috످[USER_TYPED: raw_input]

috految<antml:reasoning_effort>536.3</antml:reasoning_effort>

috److془The user message is literally "[USER_TYPED: raw_input]". It looks like a template placeholder. Could be Python's raw_input. Respond briefly.془Your message came through as `[USER_TYPED: raw_input]`, which looks like a placeholder that wasn't filled in. Did you mean to send something else, or are you asking about Python 2's `raw_input()` function (renamed `input()` in Python 3)?

috످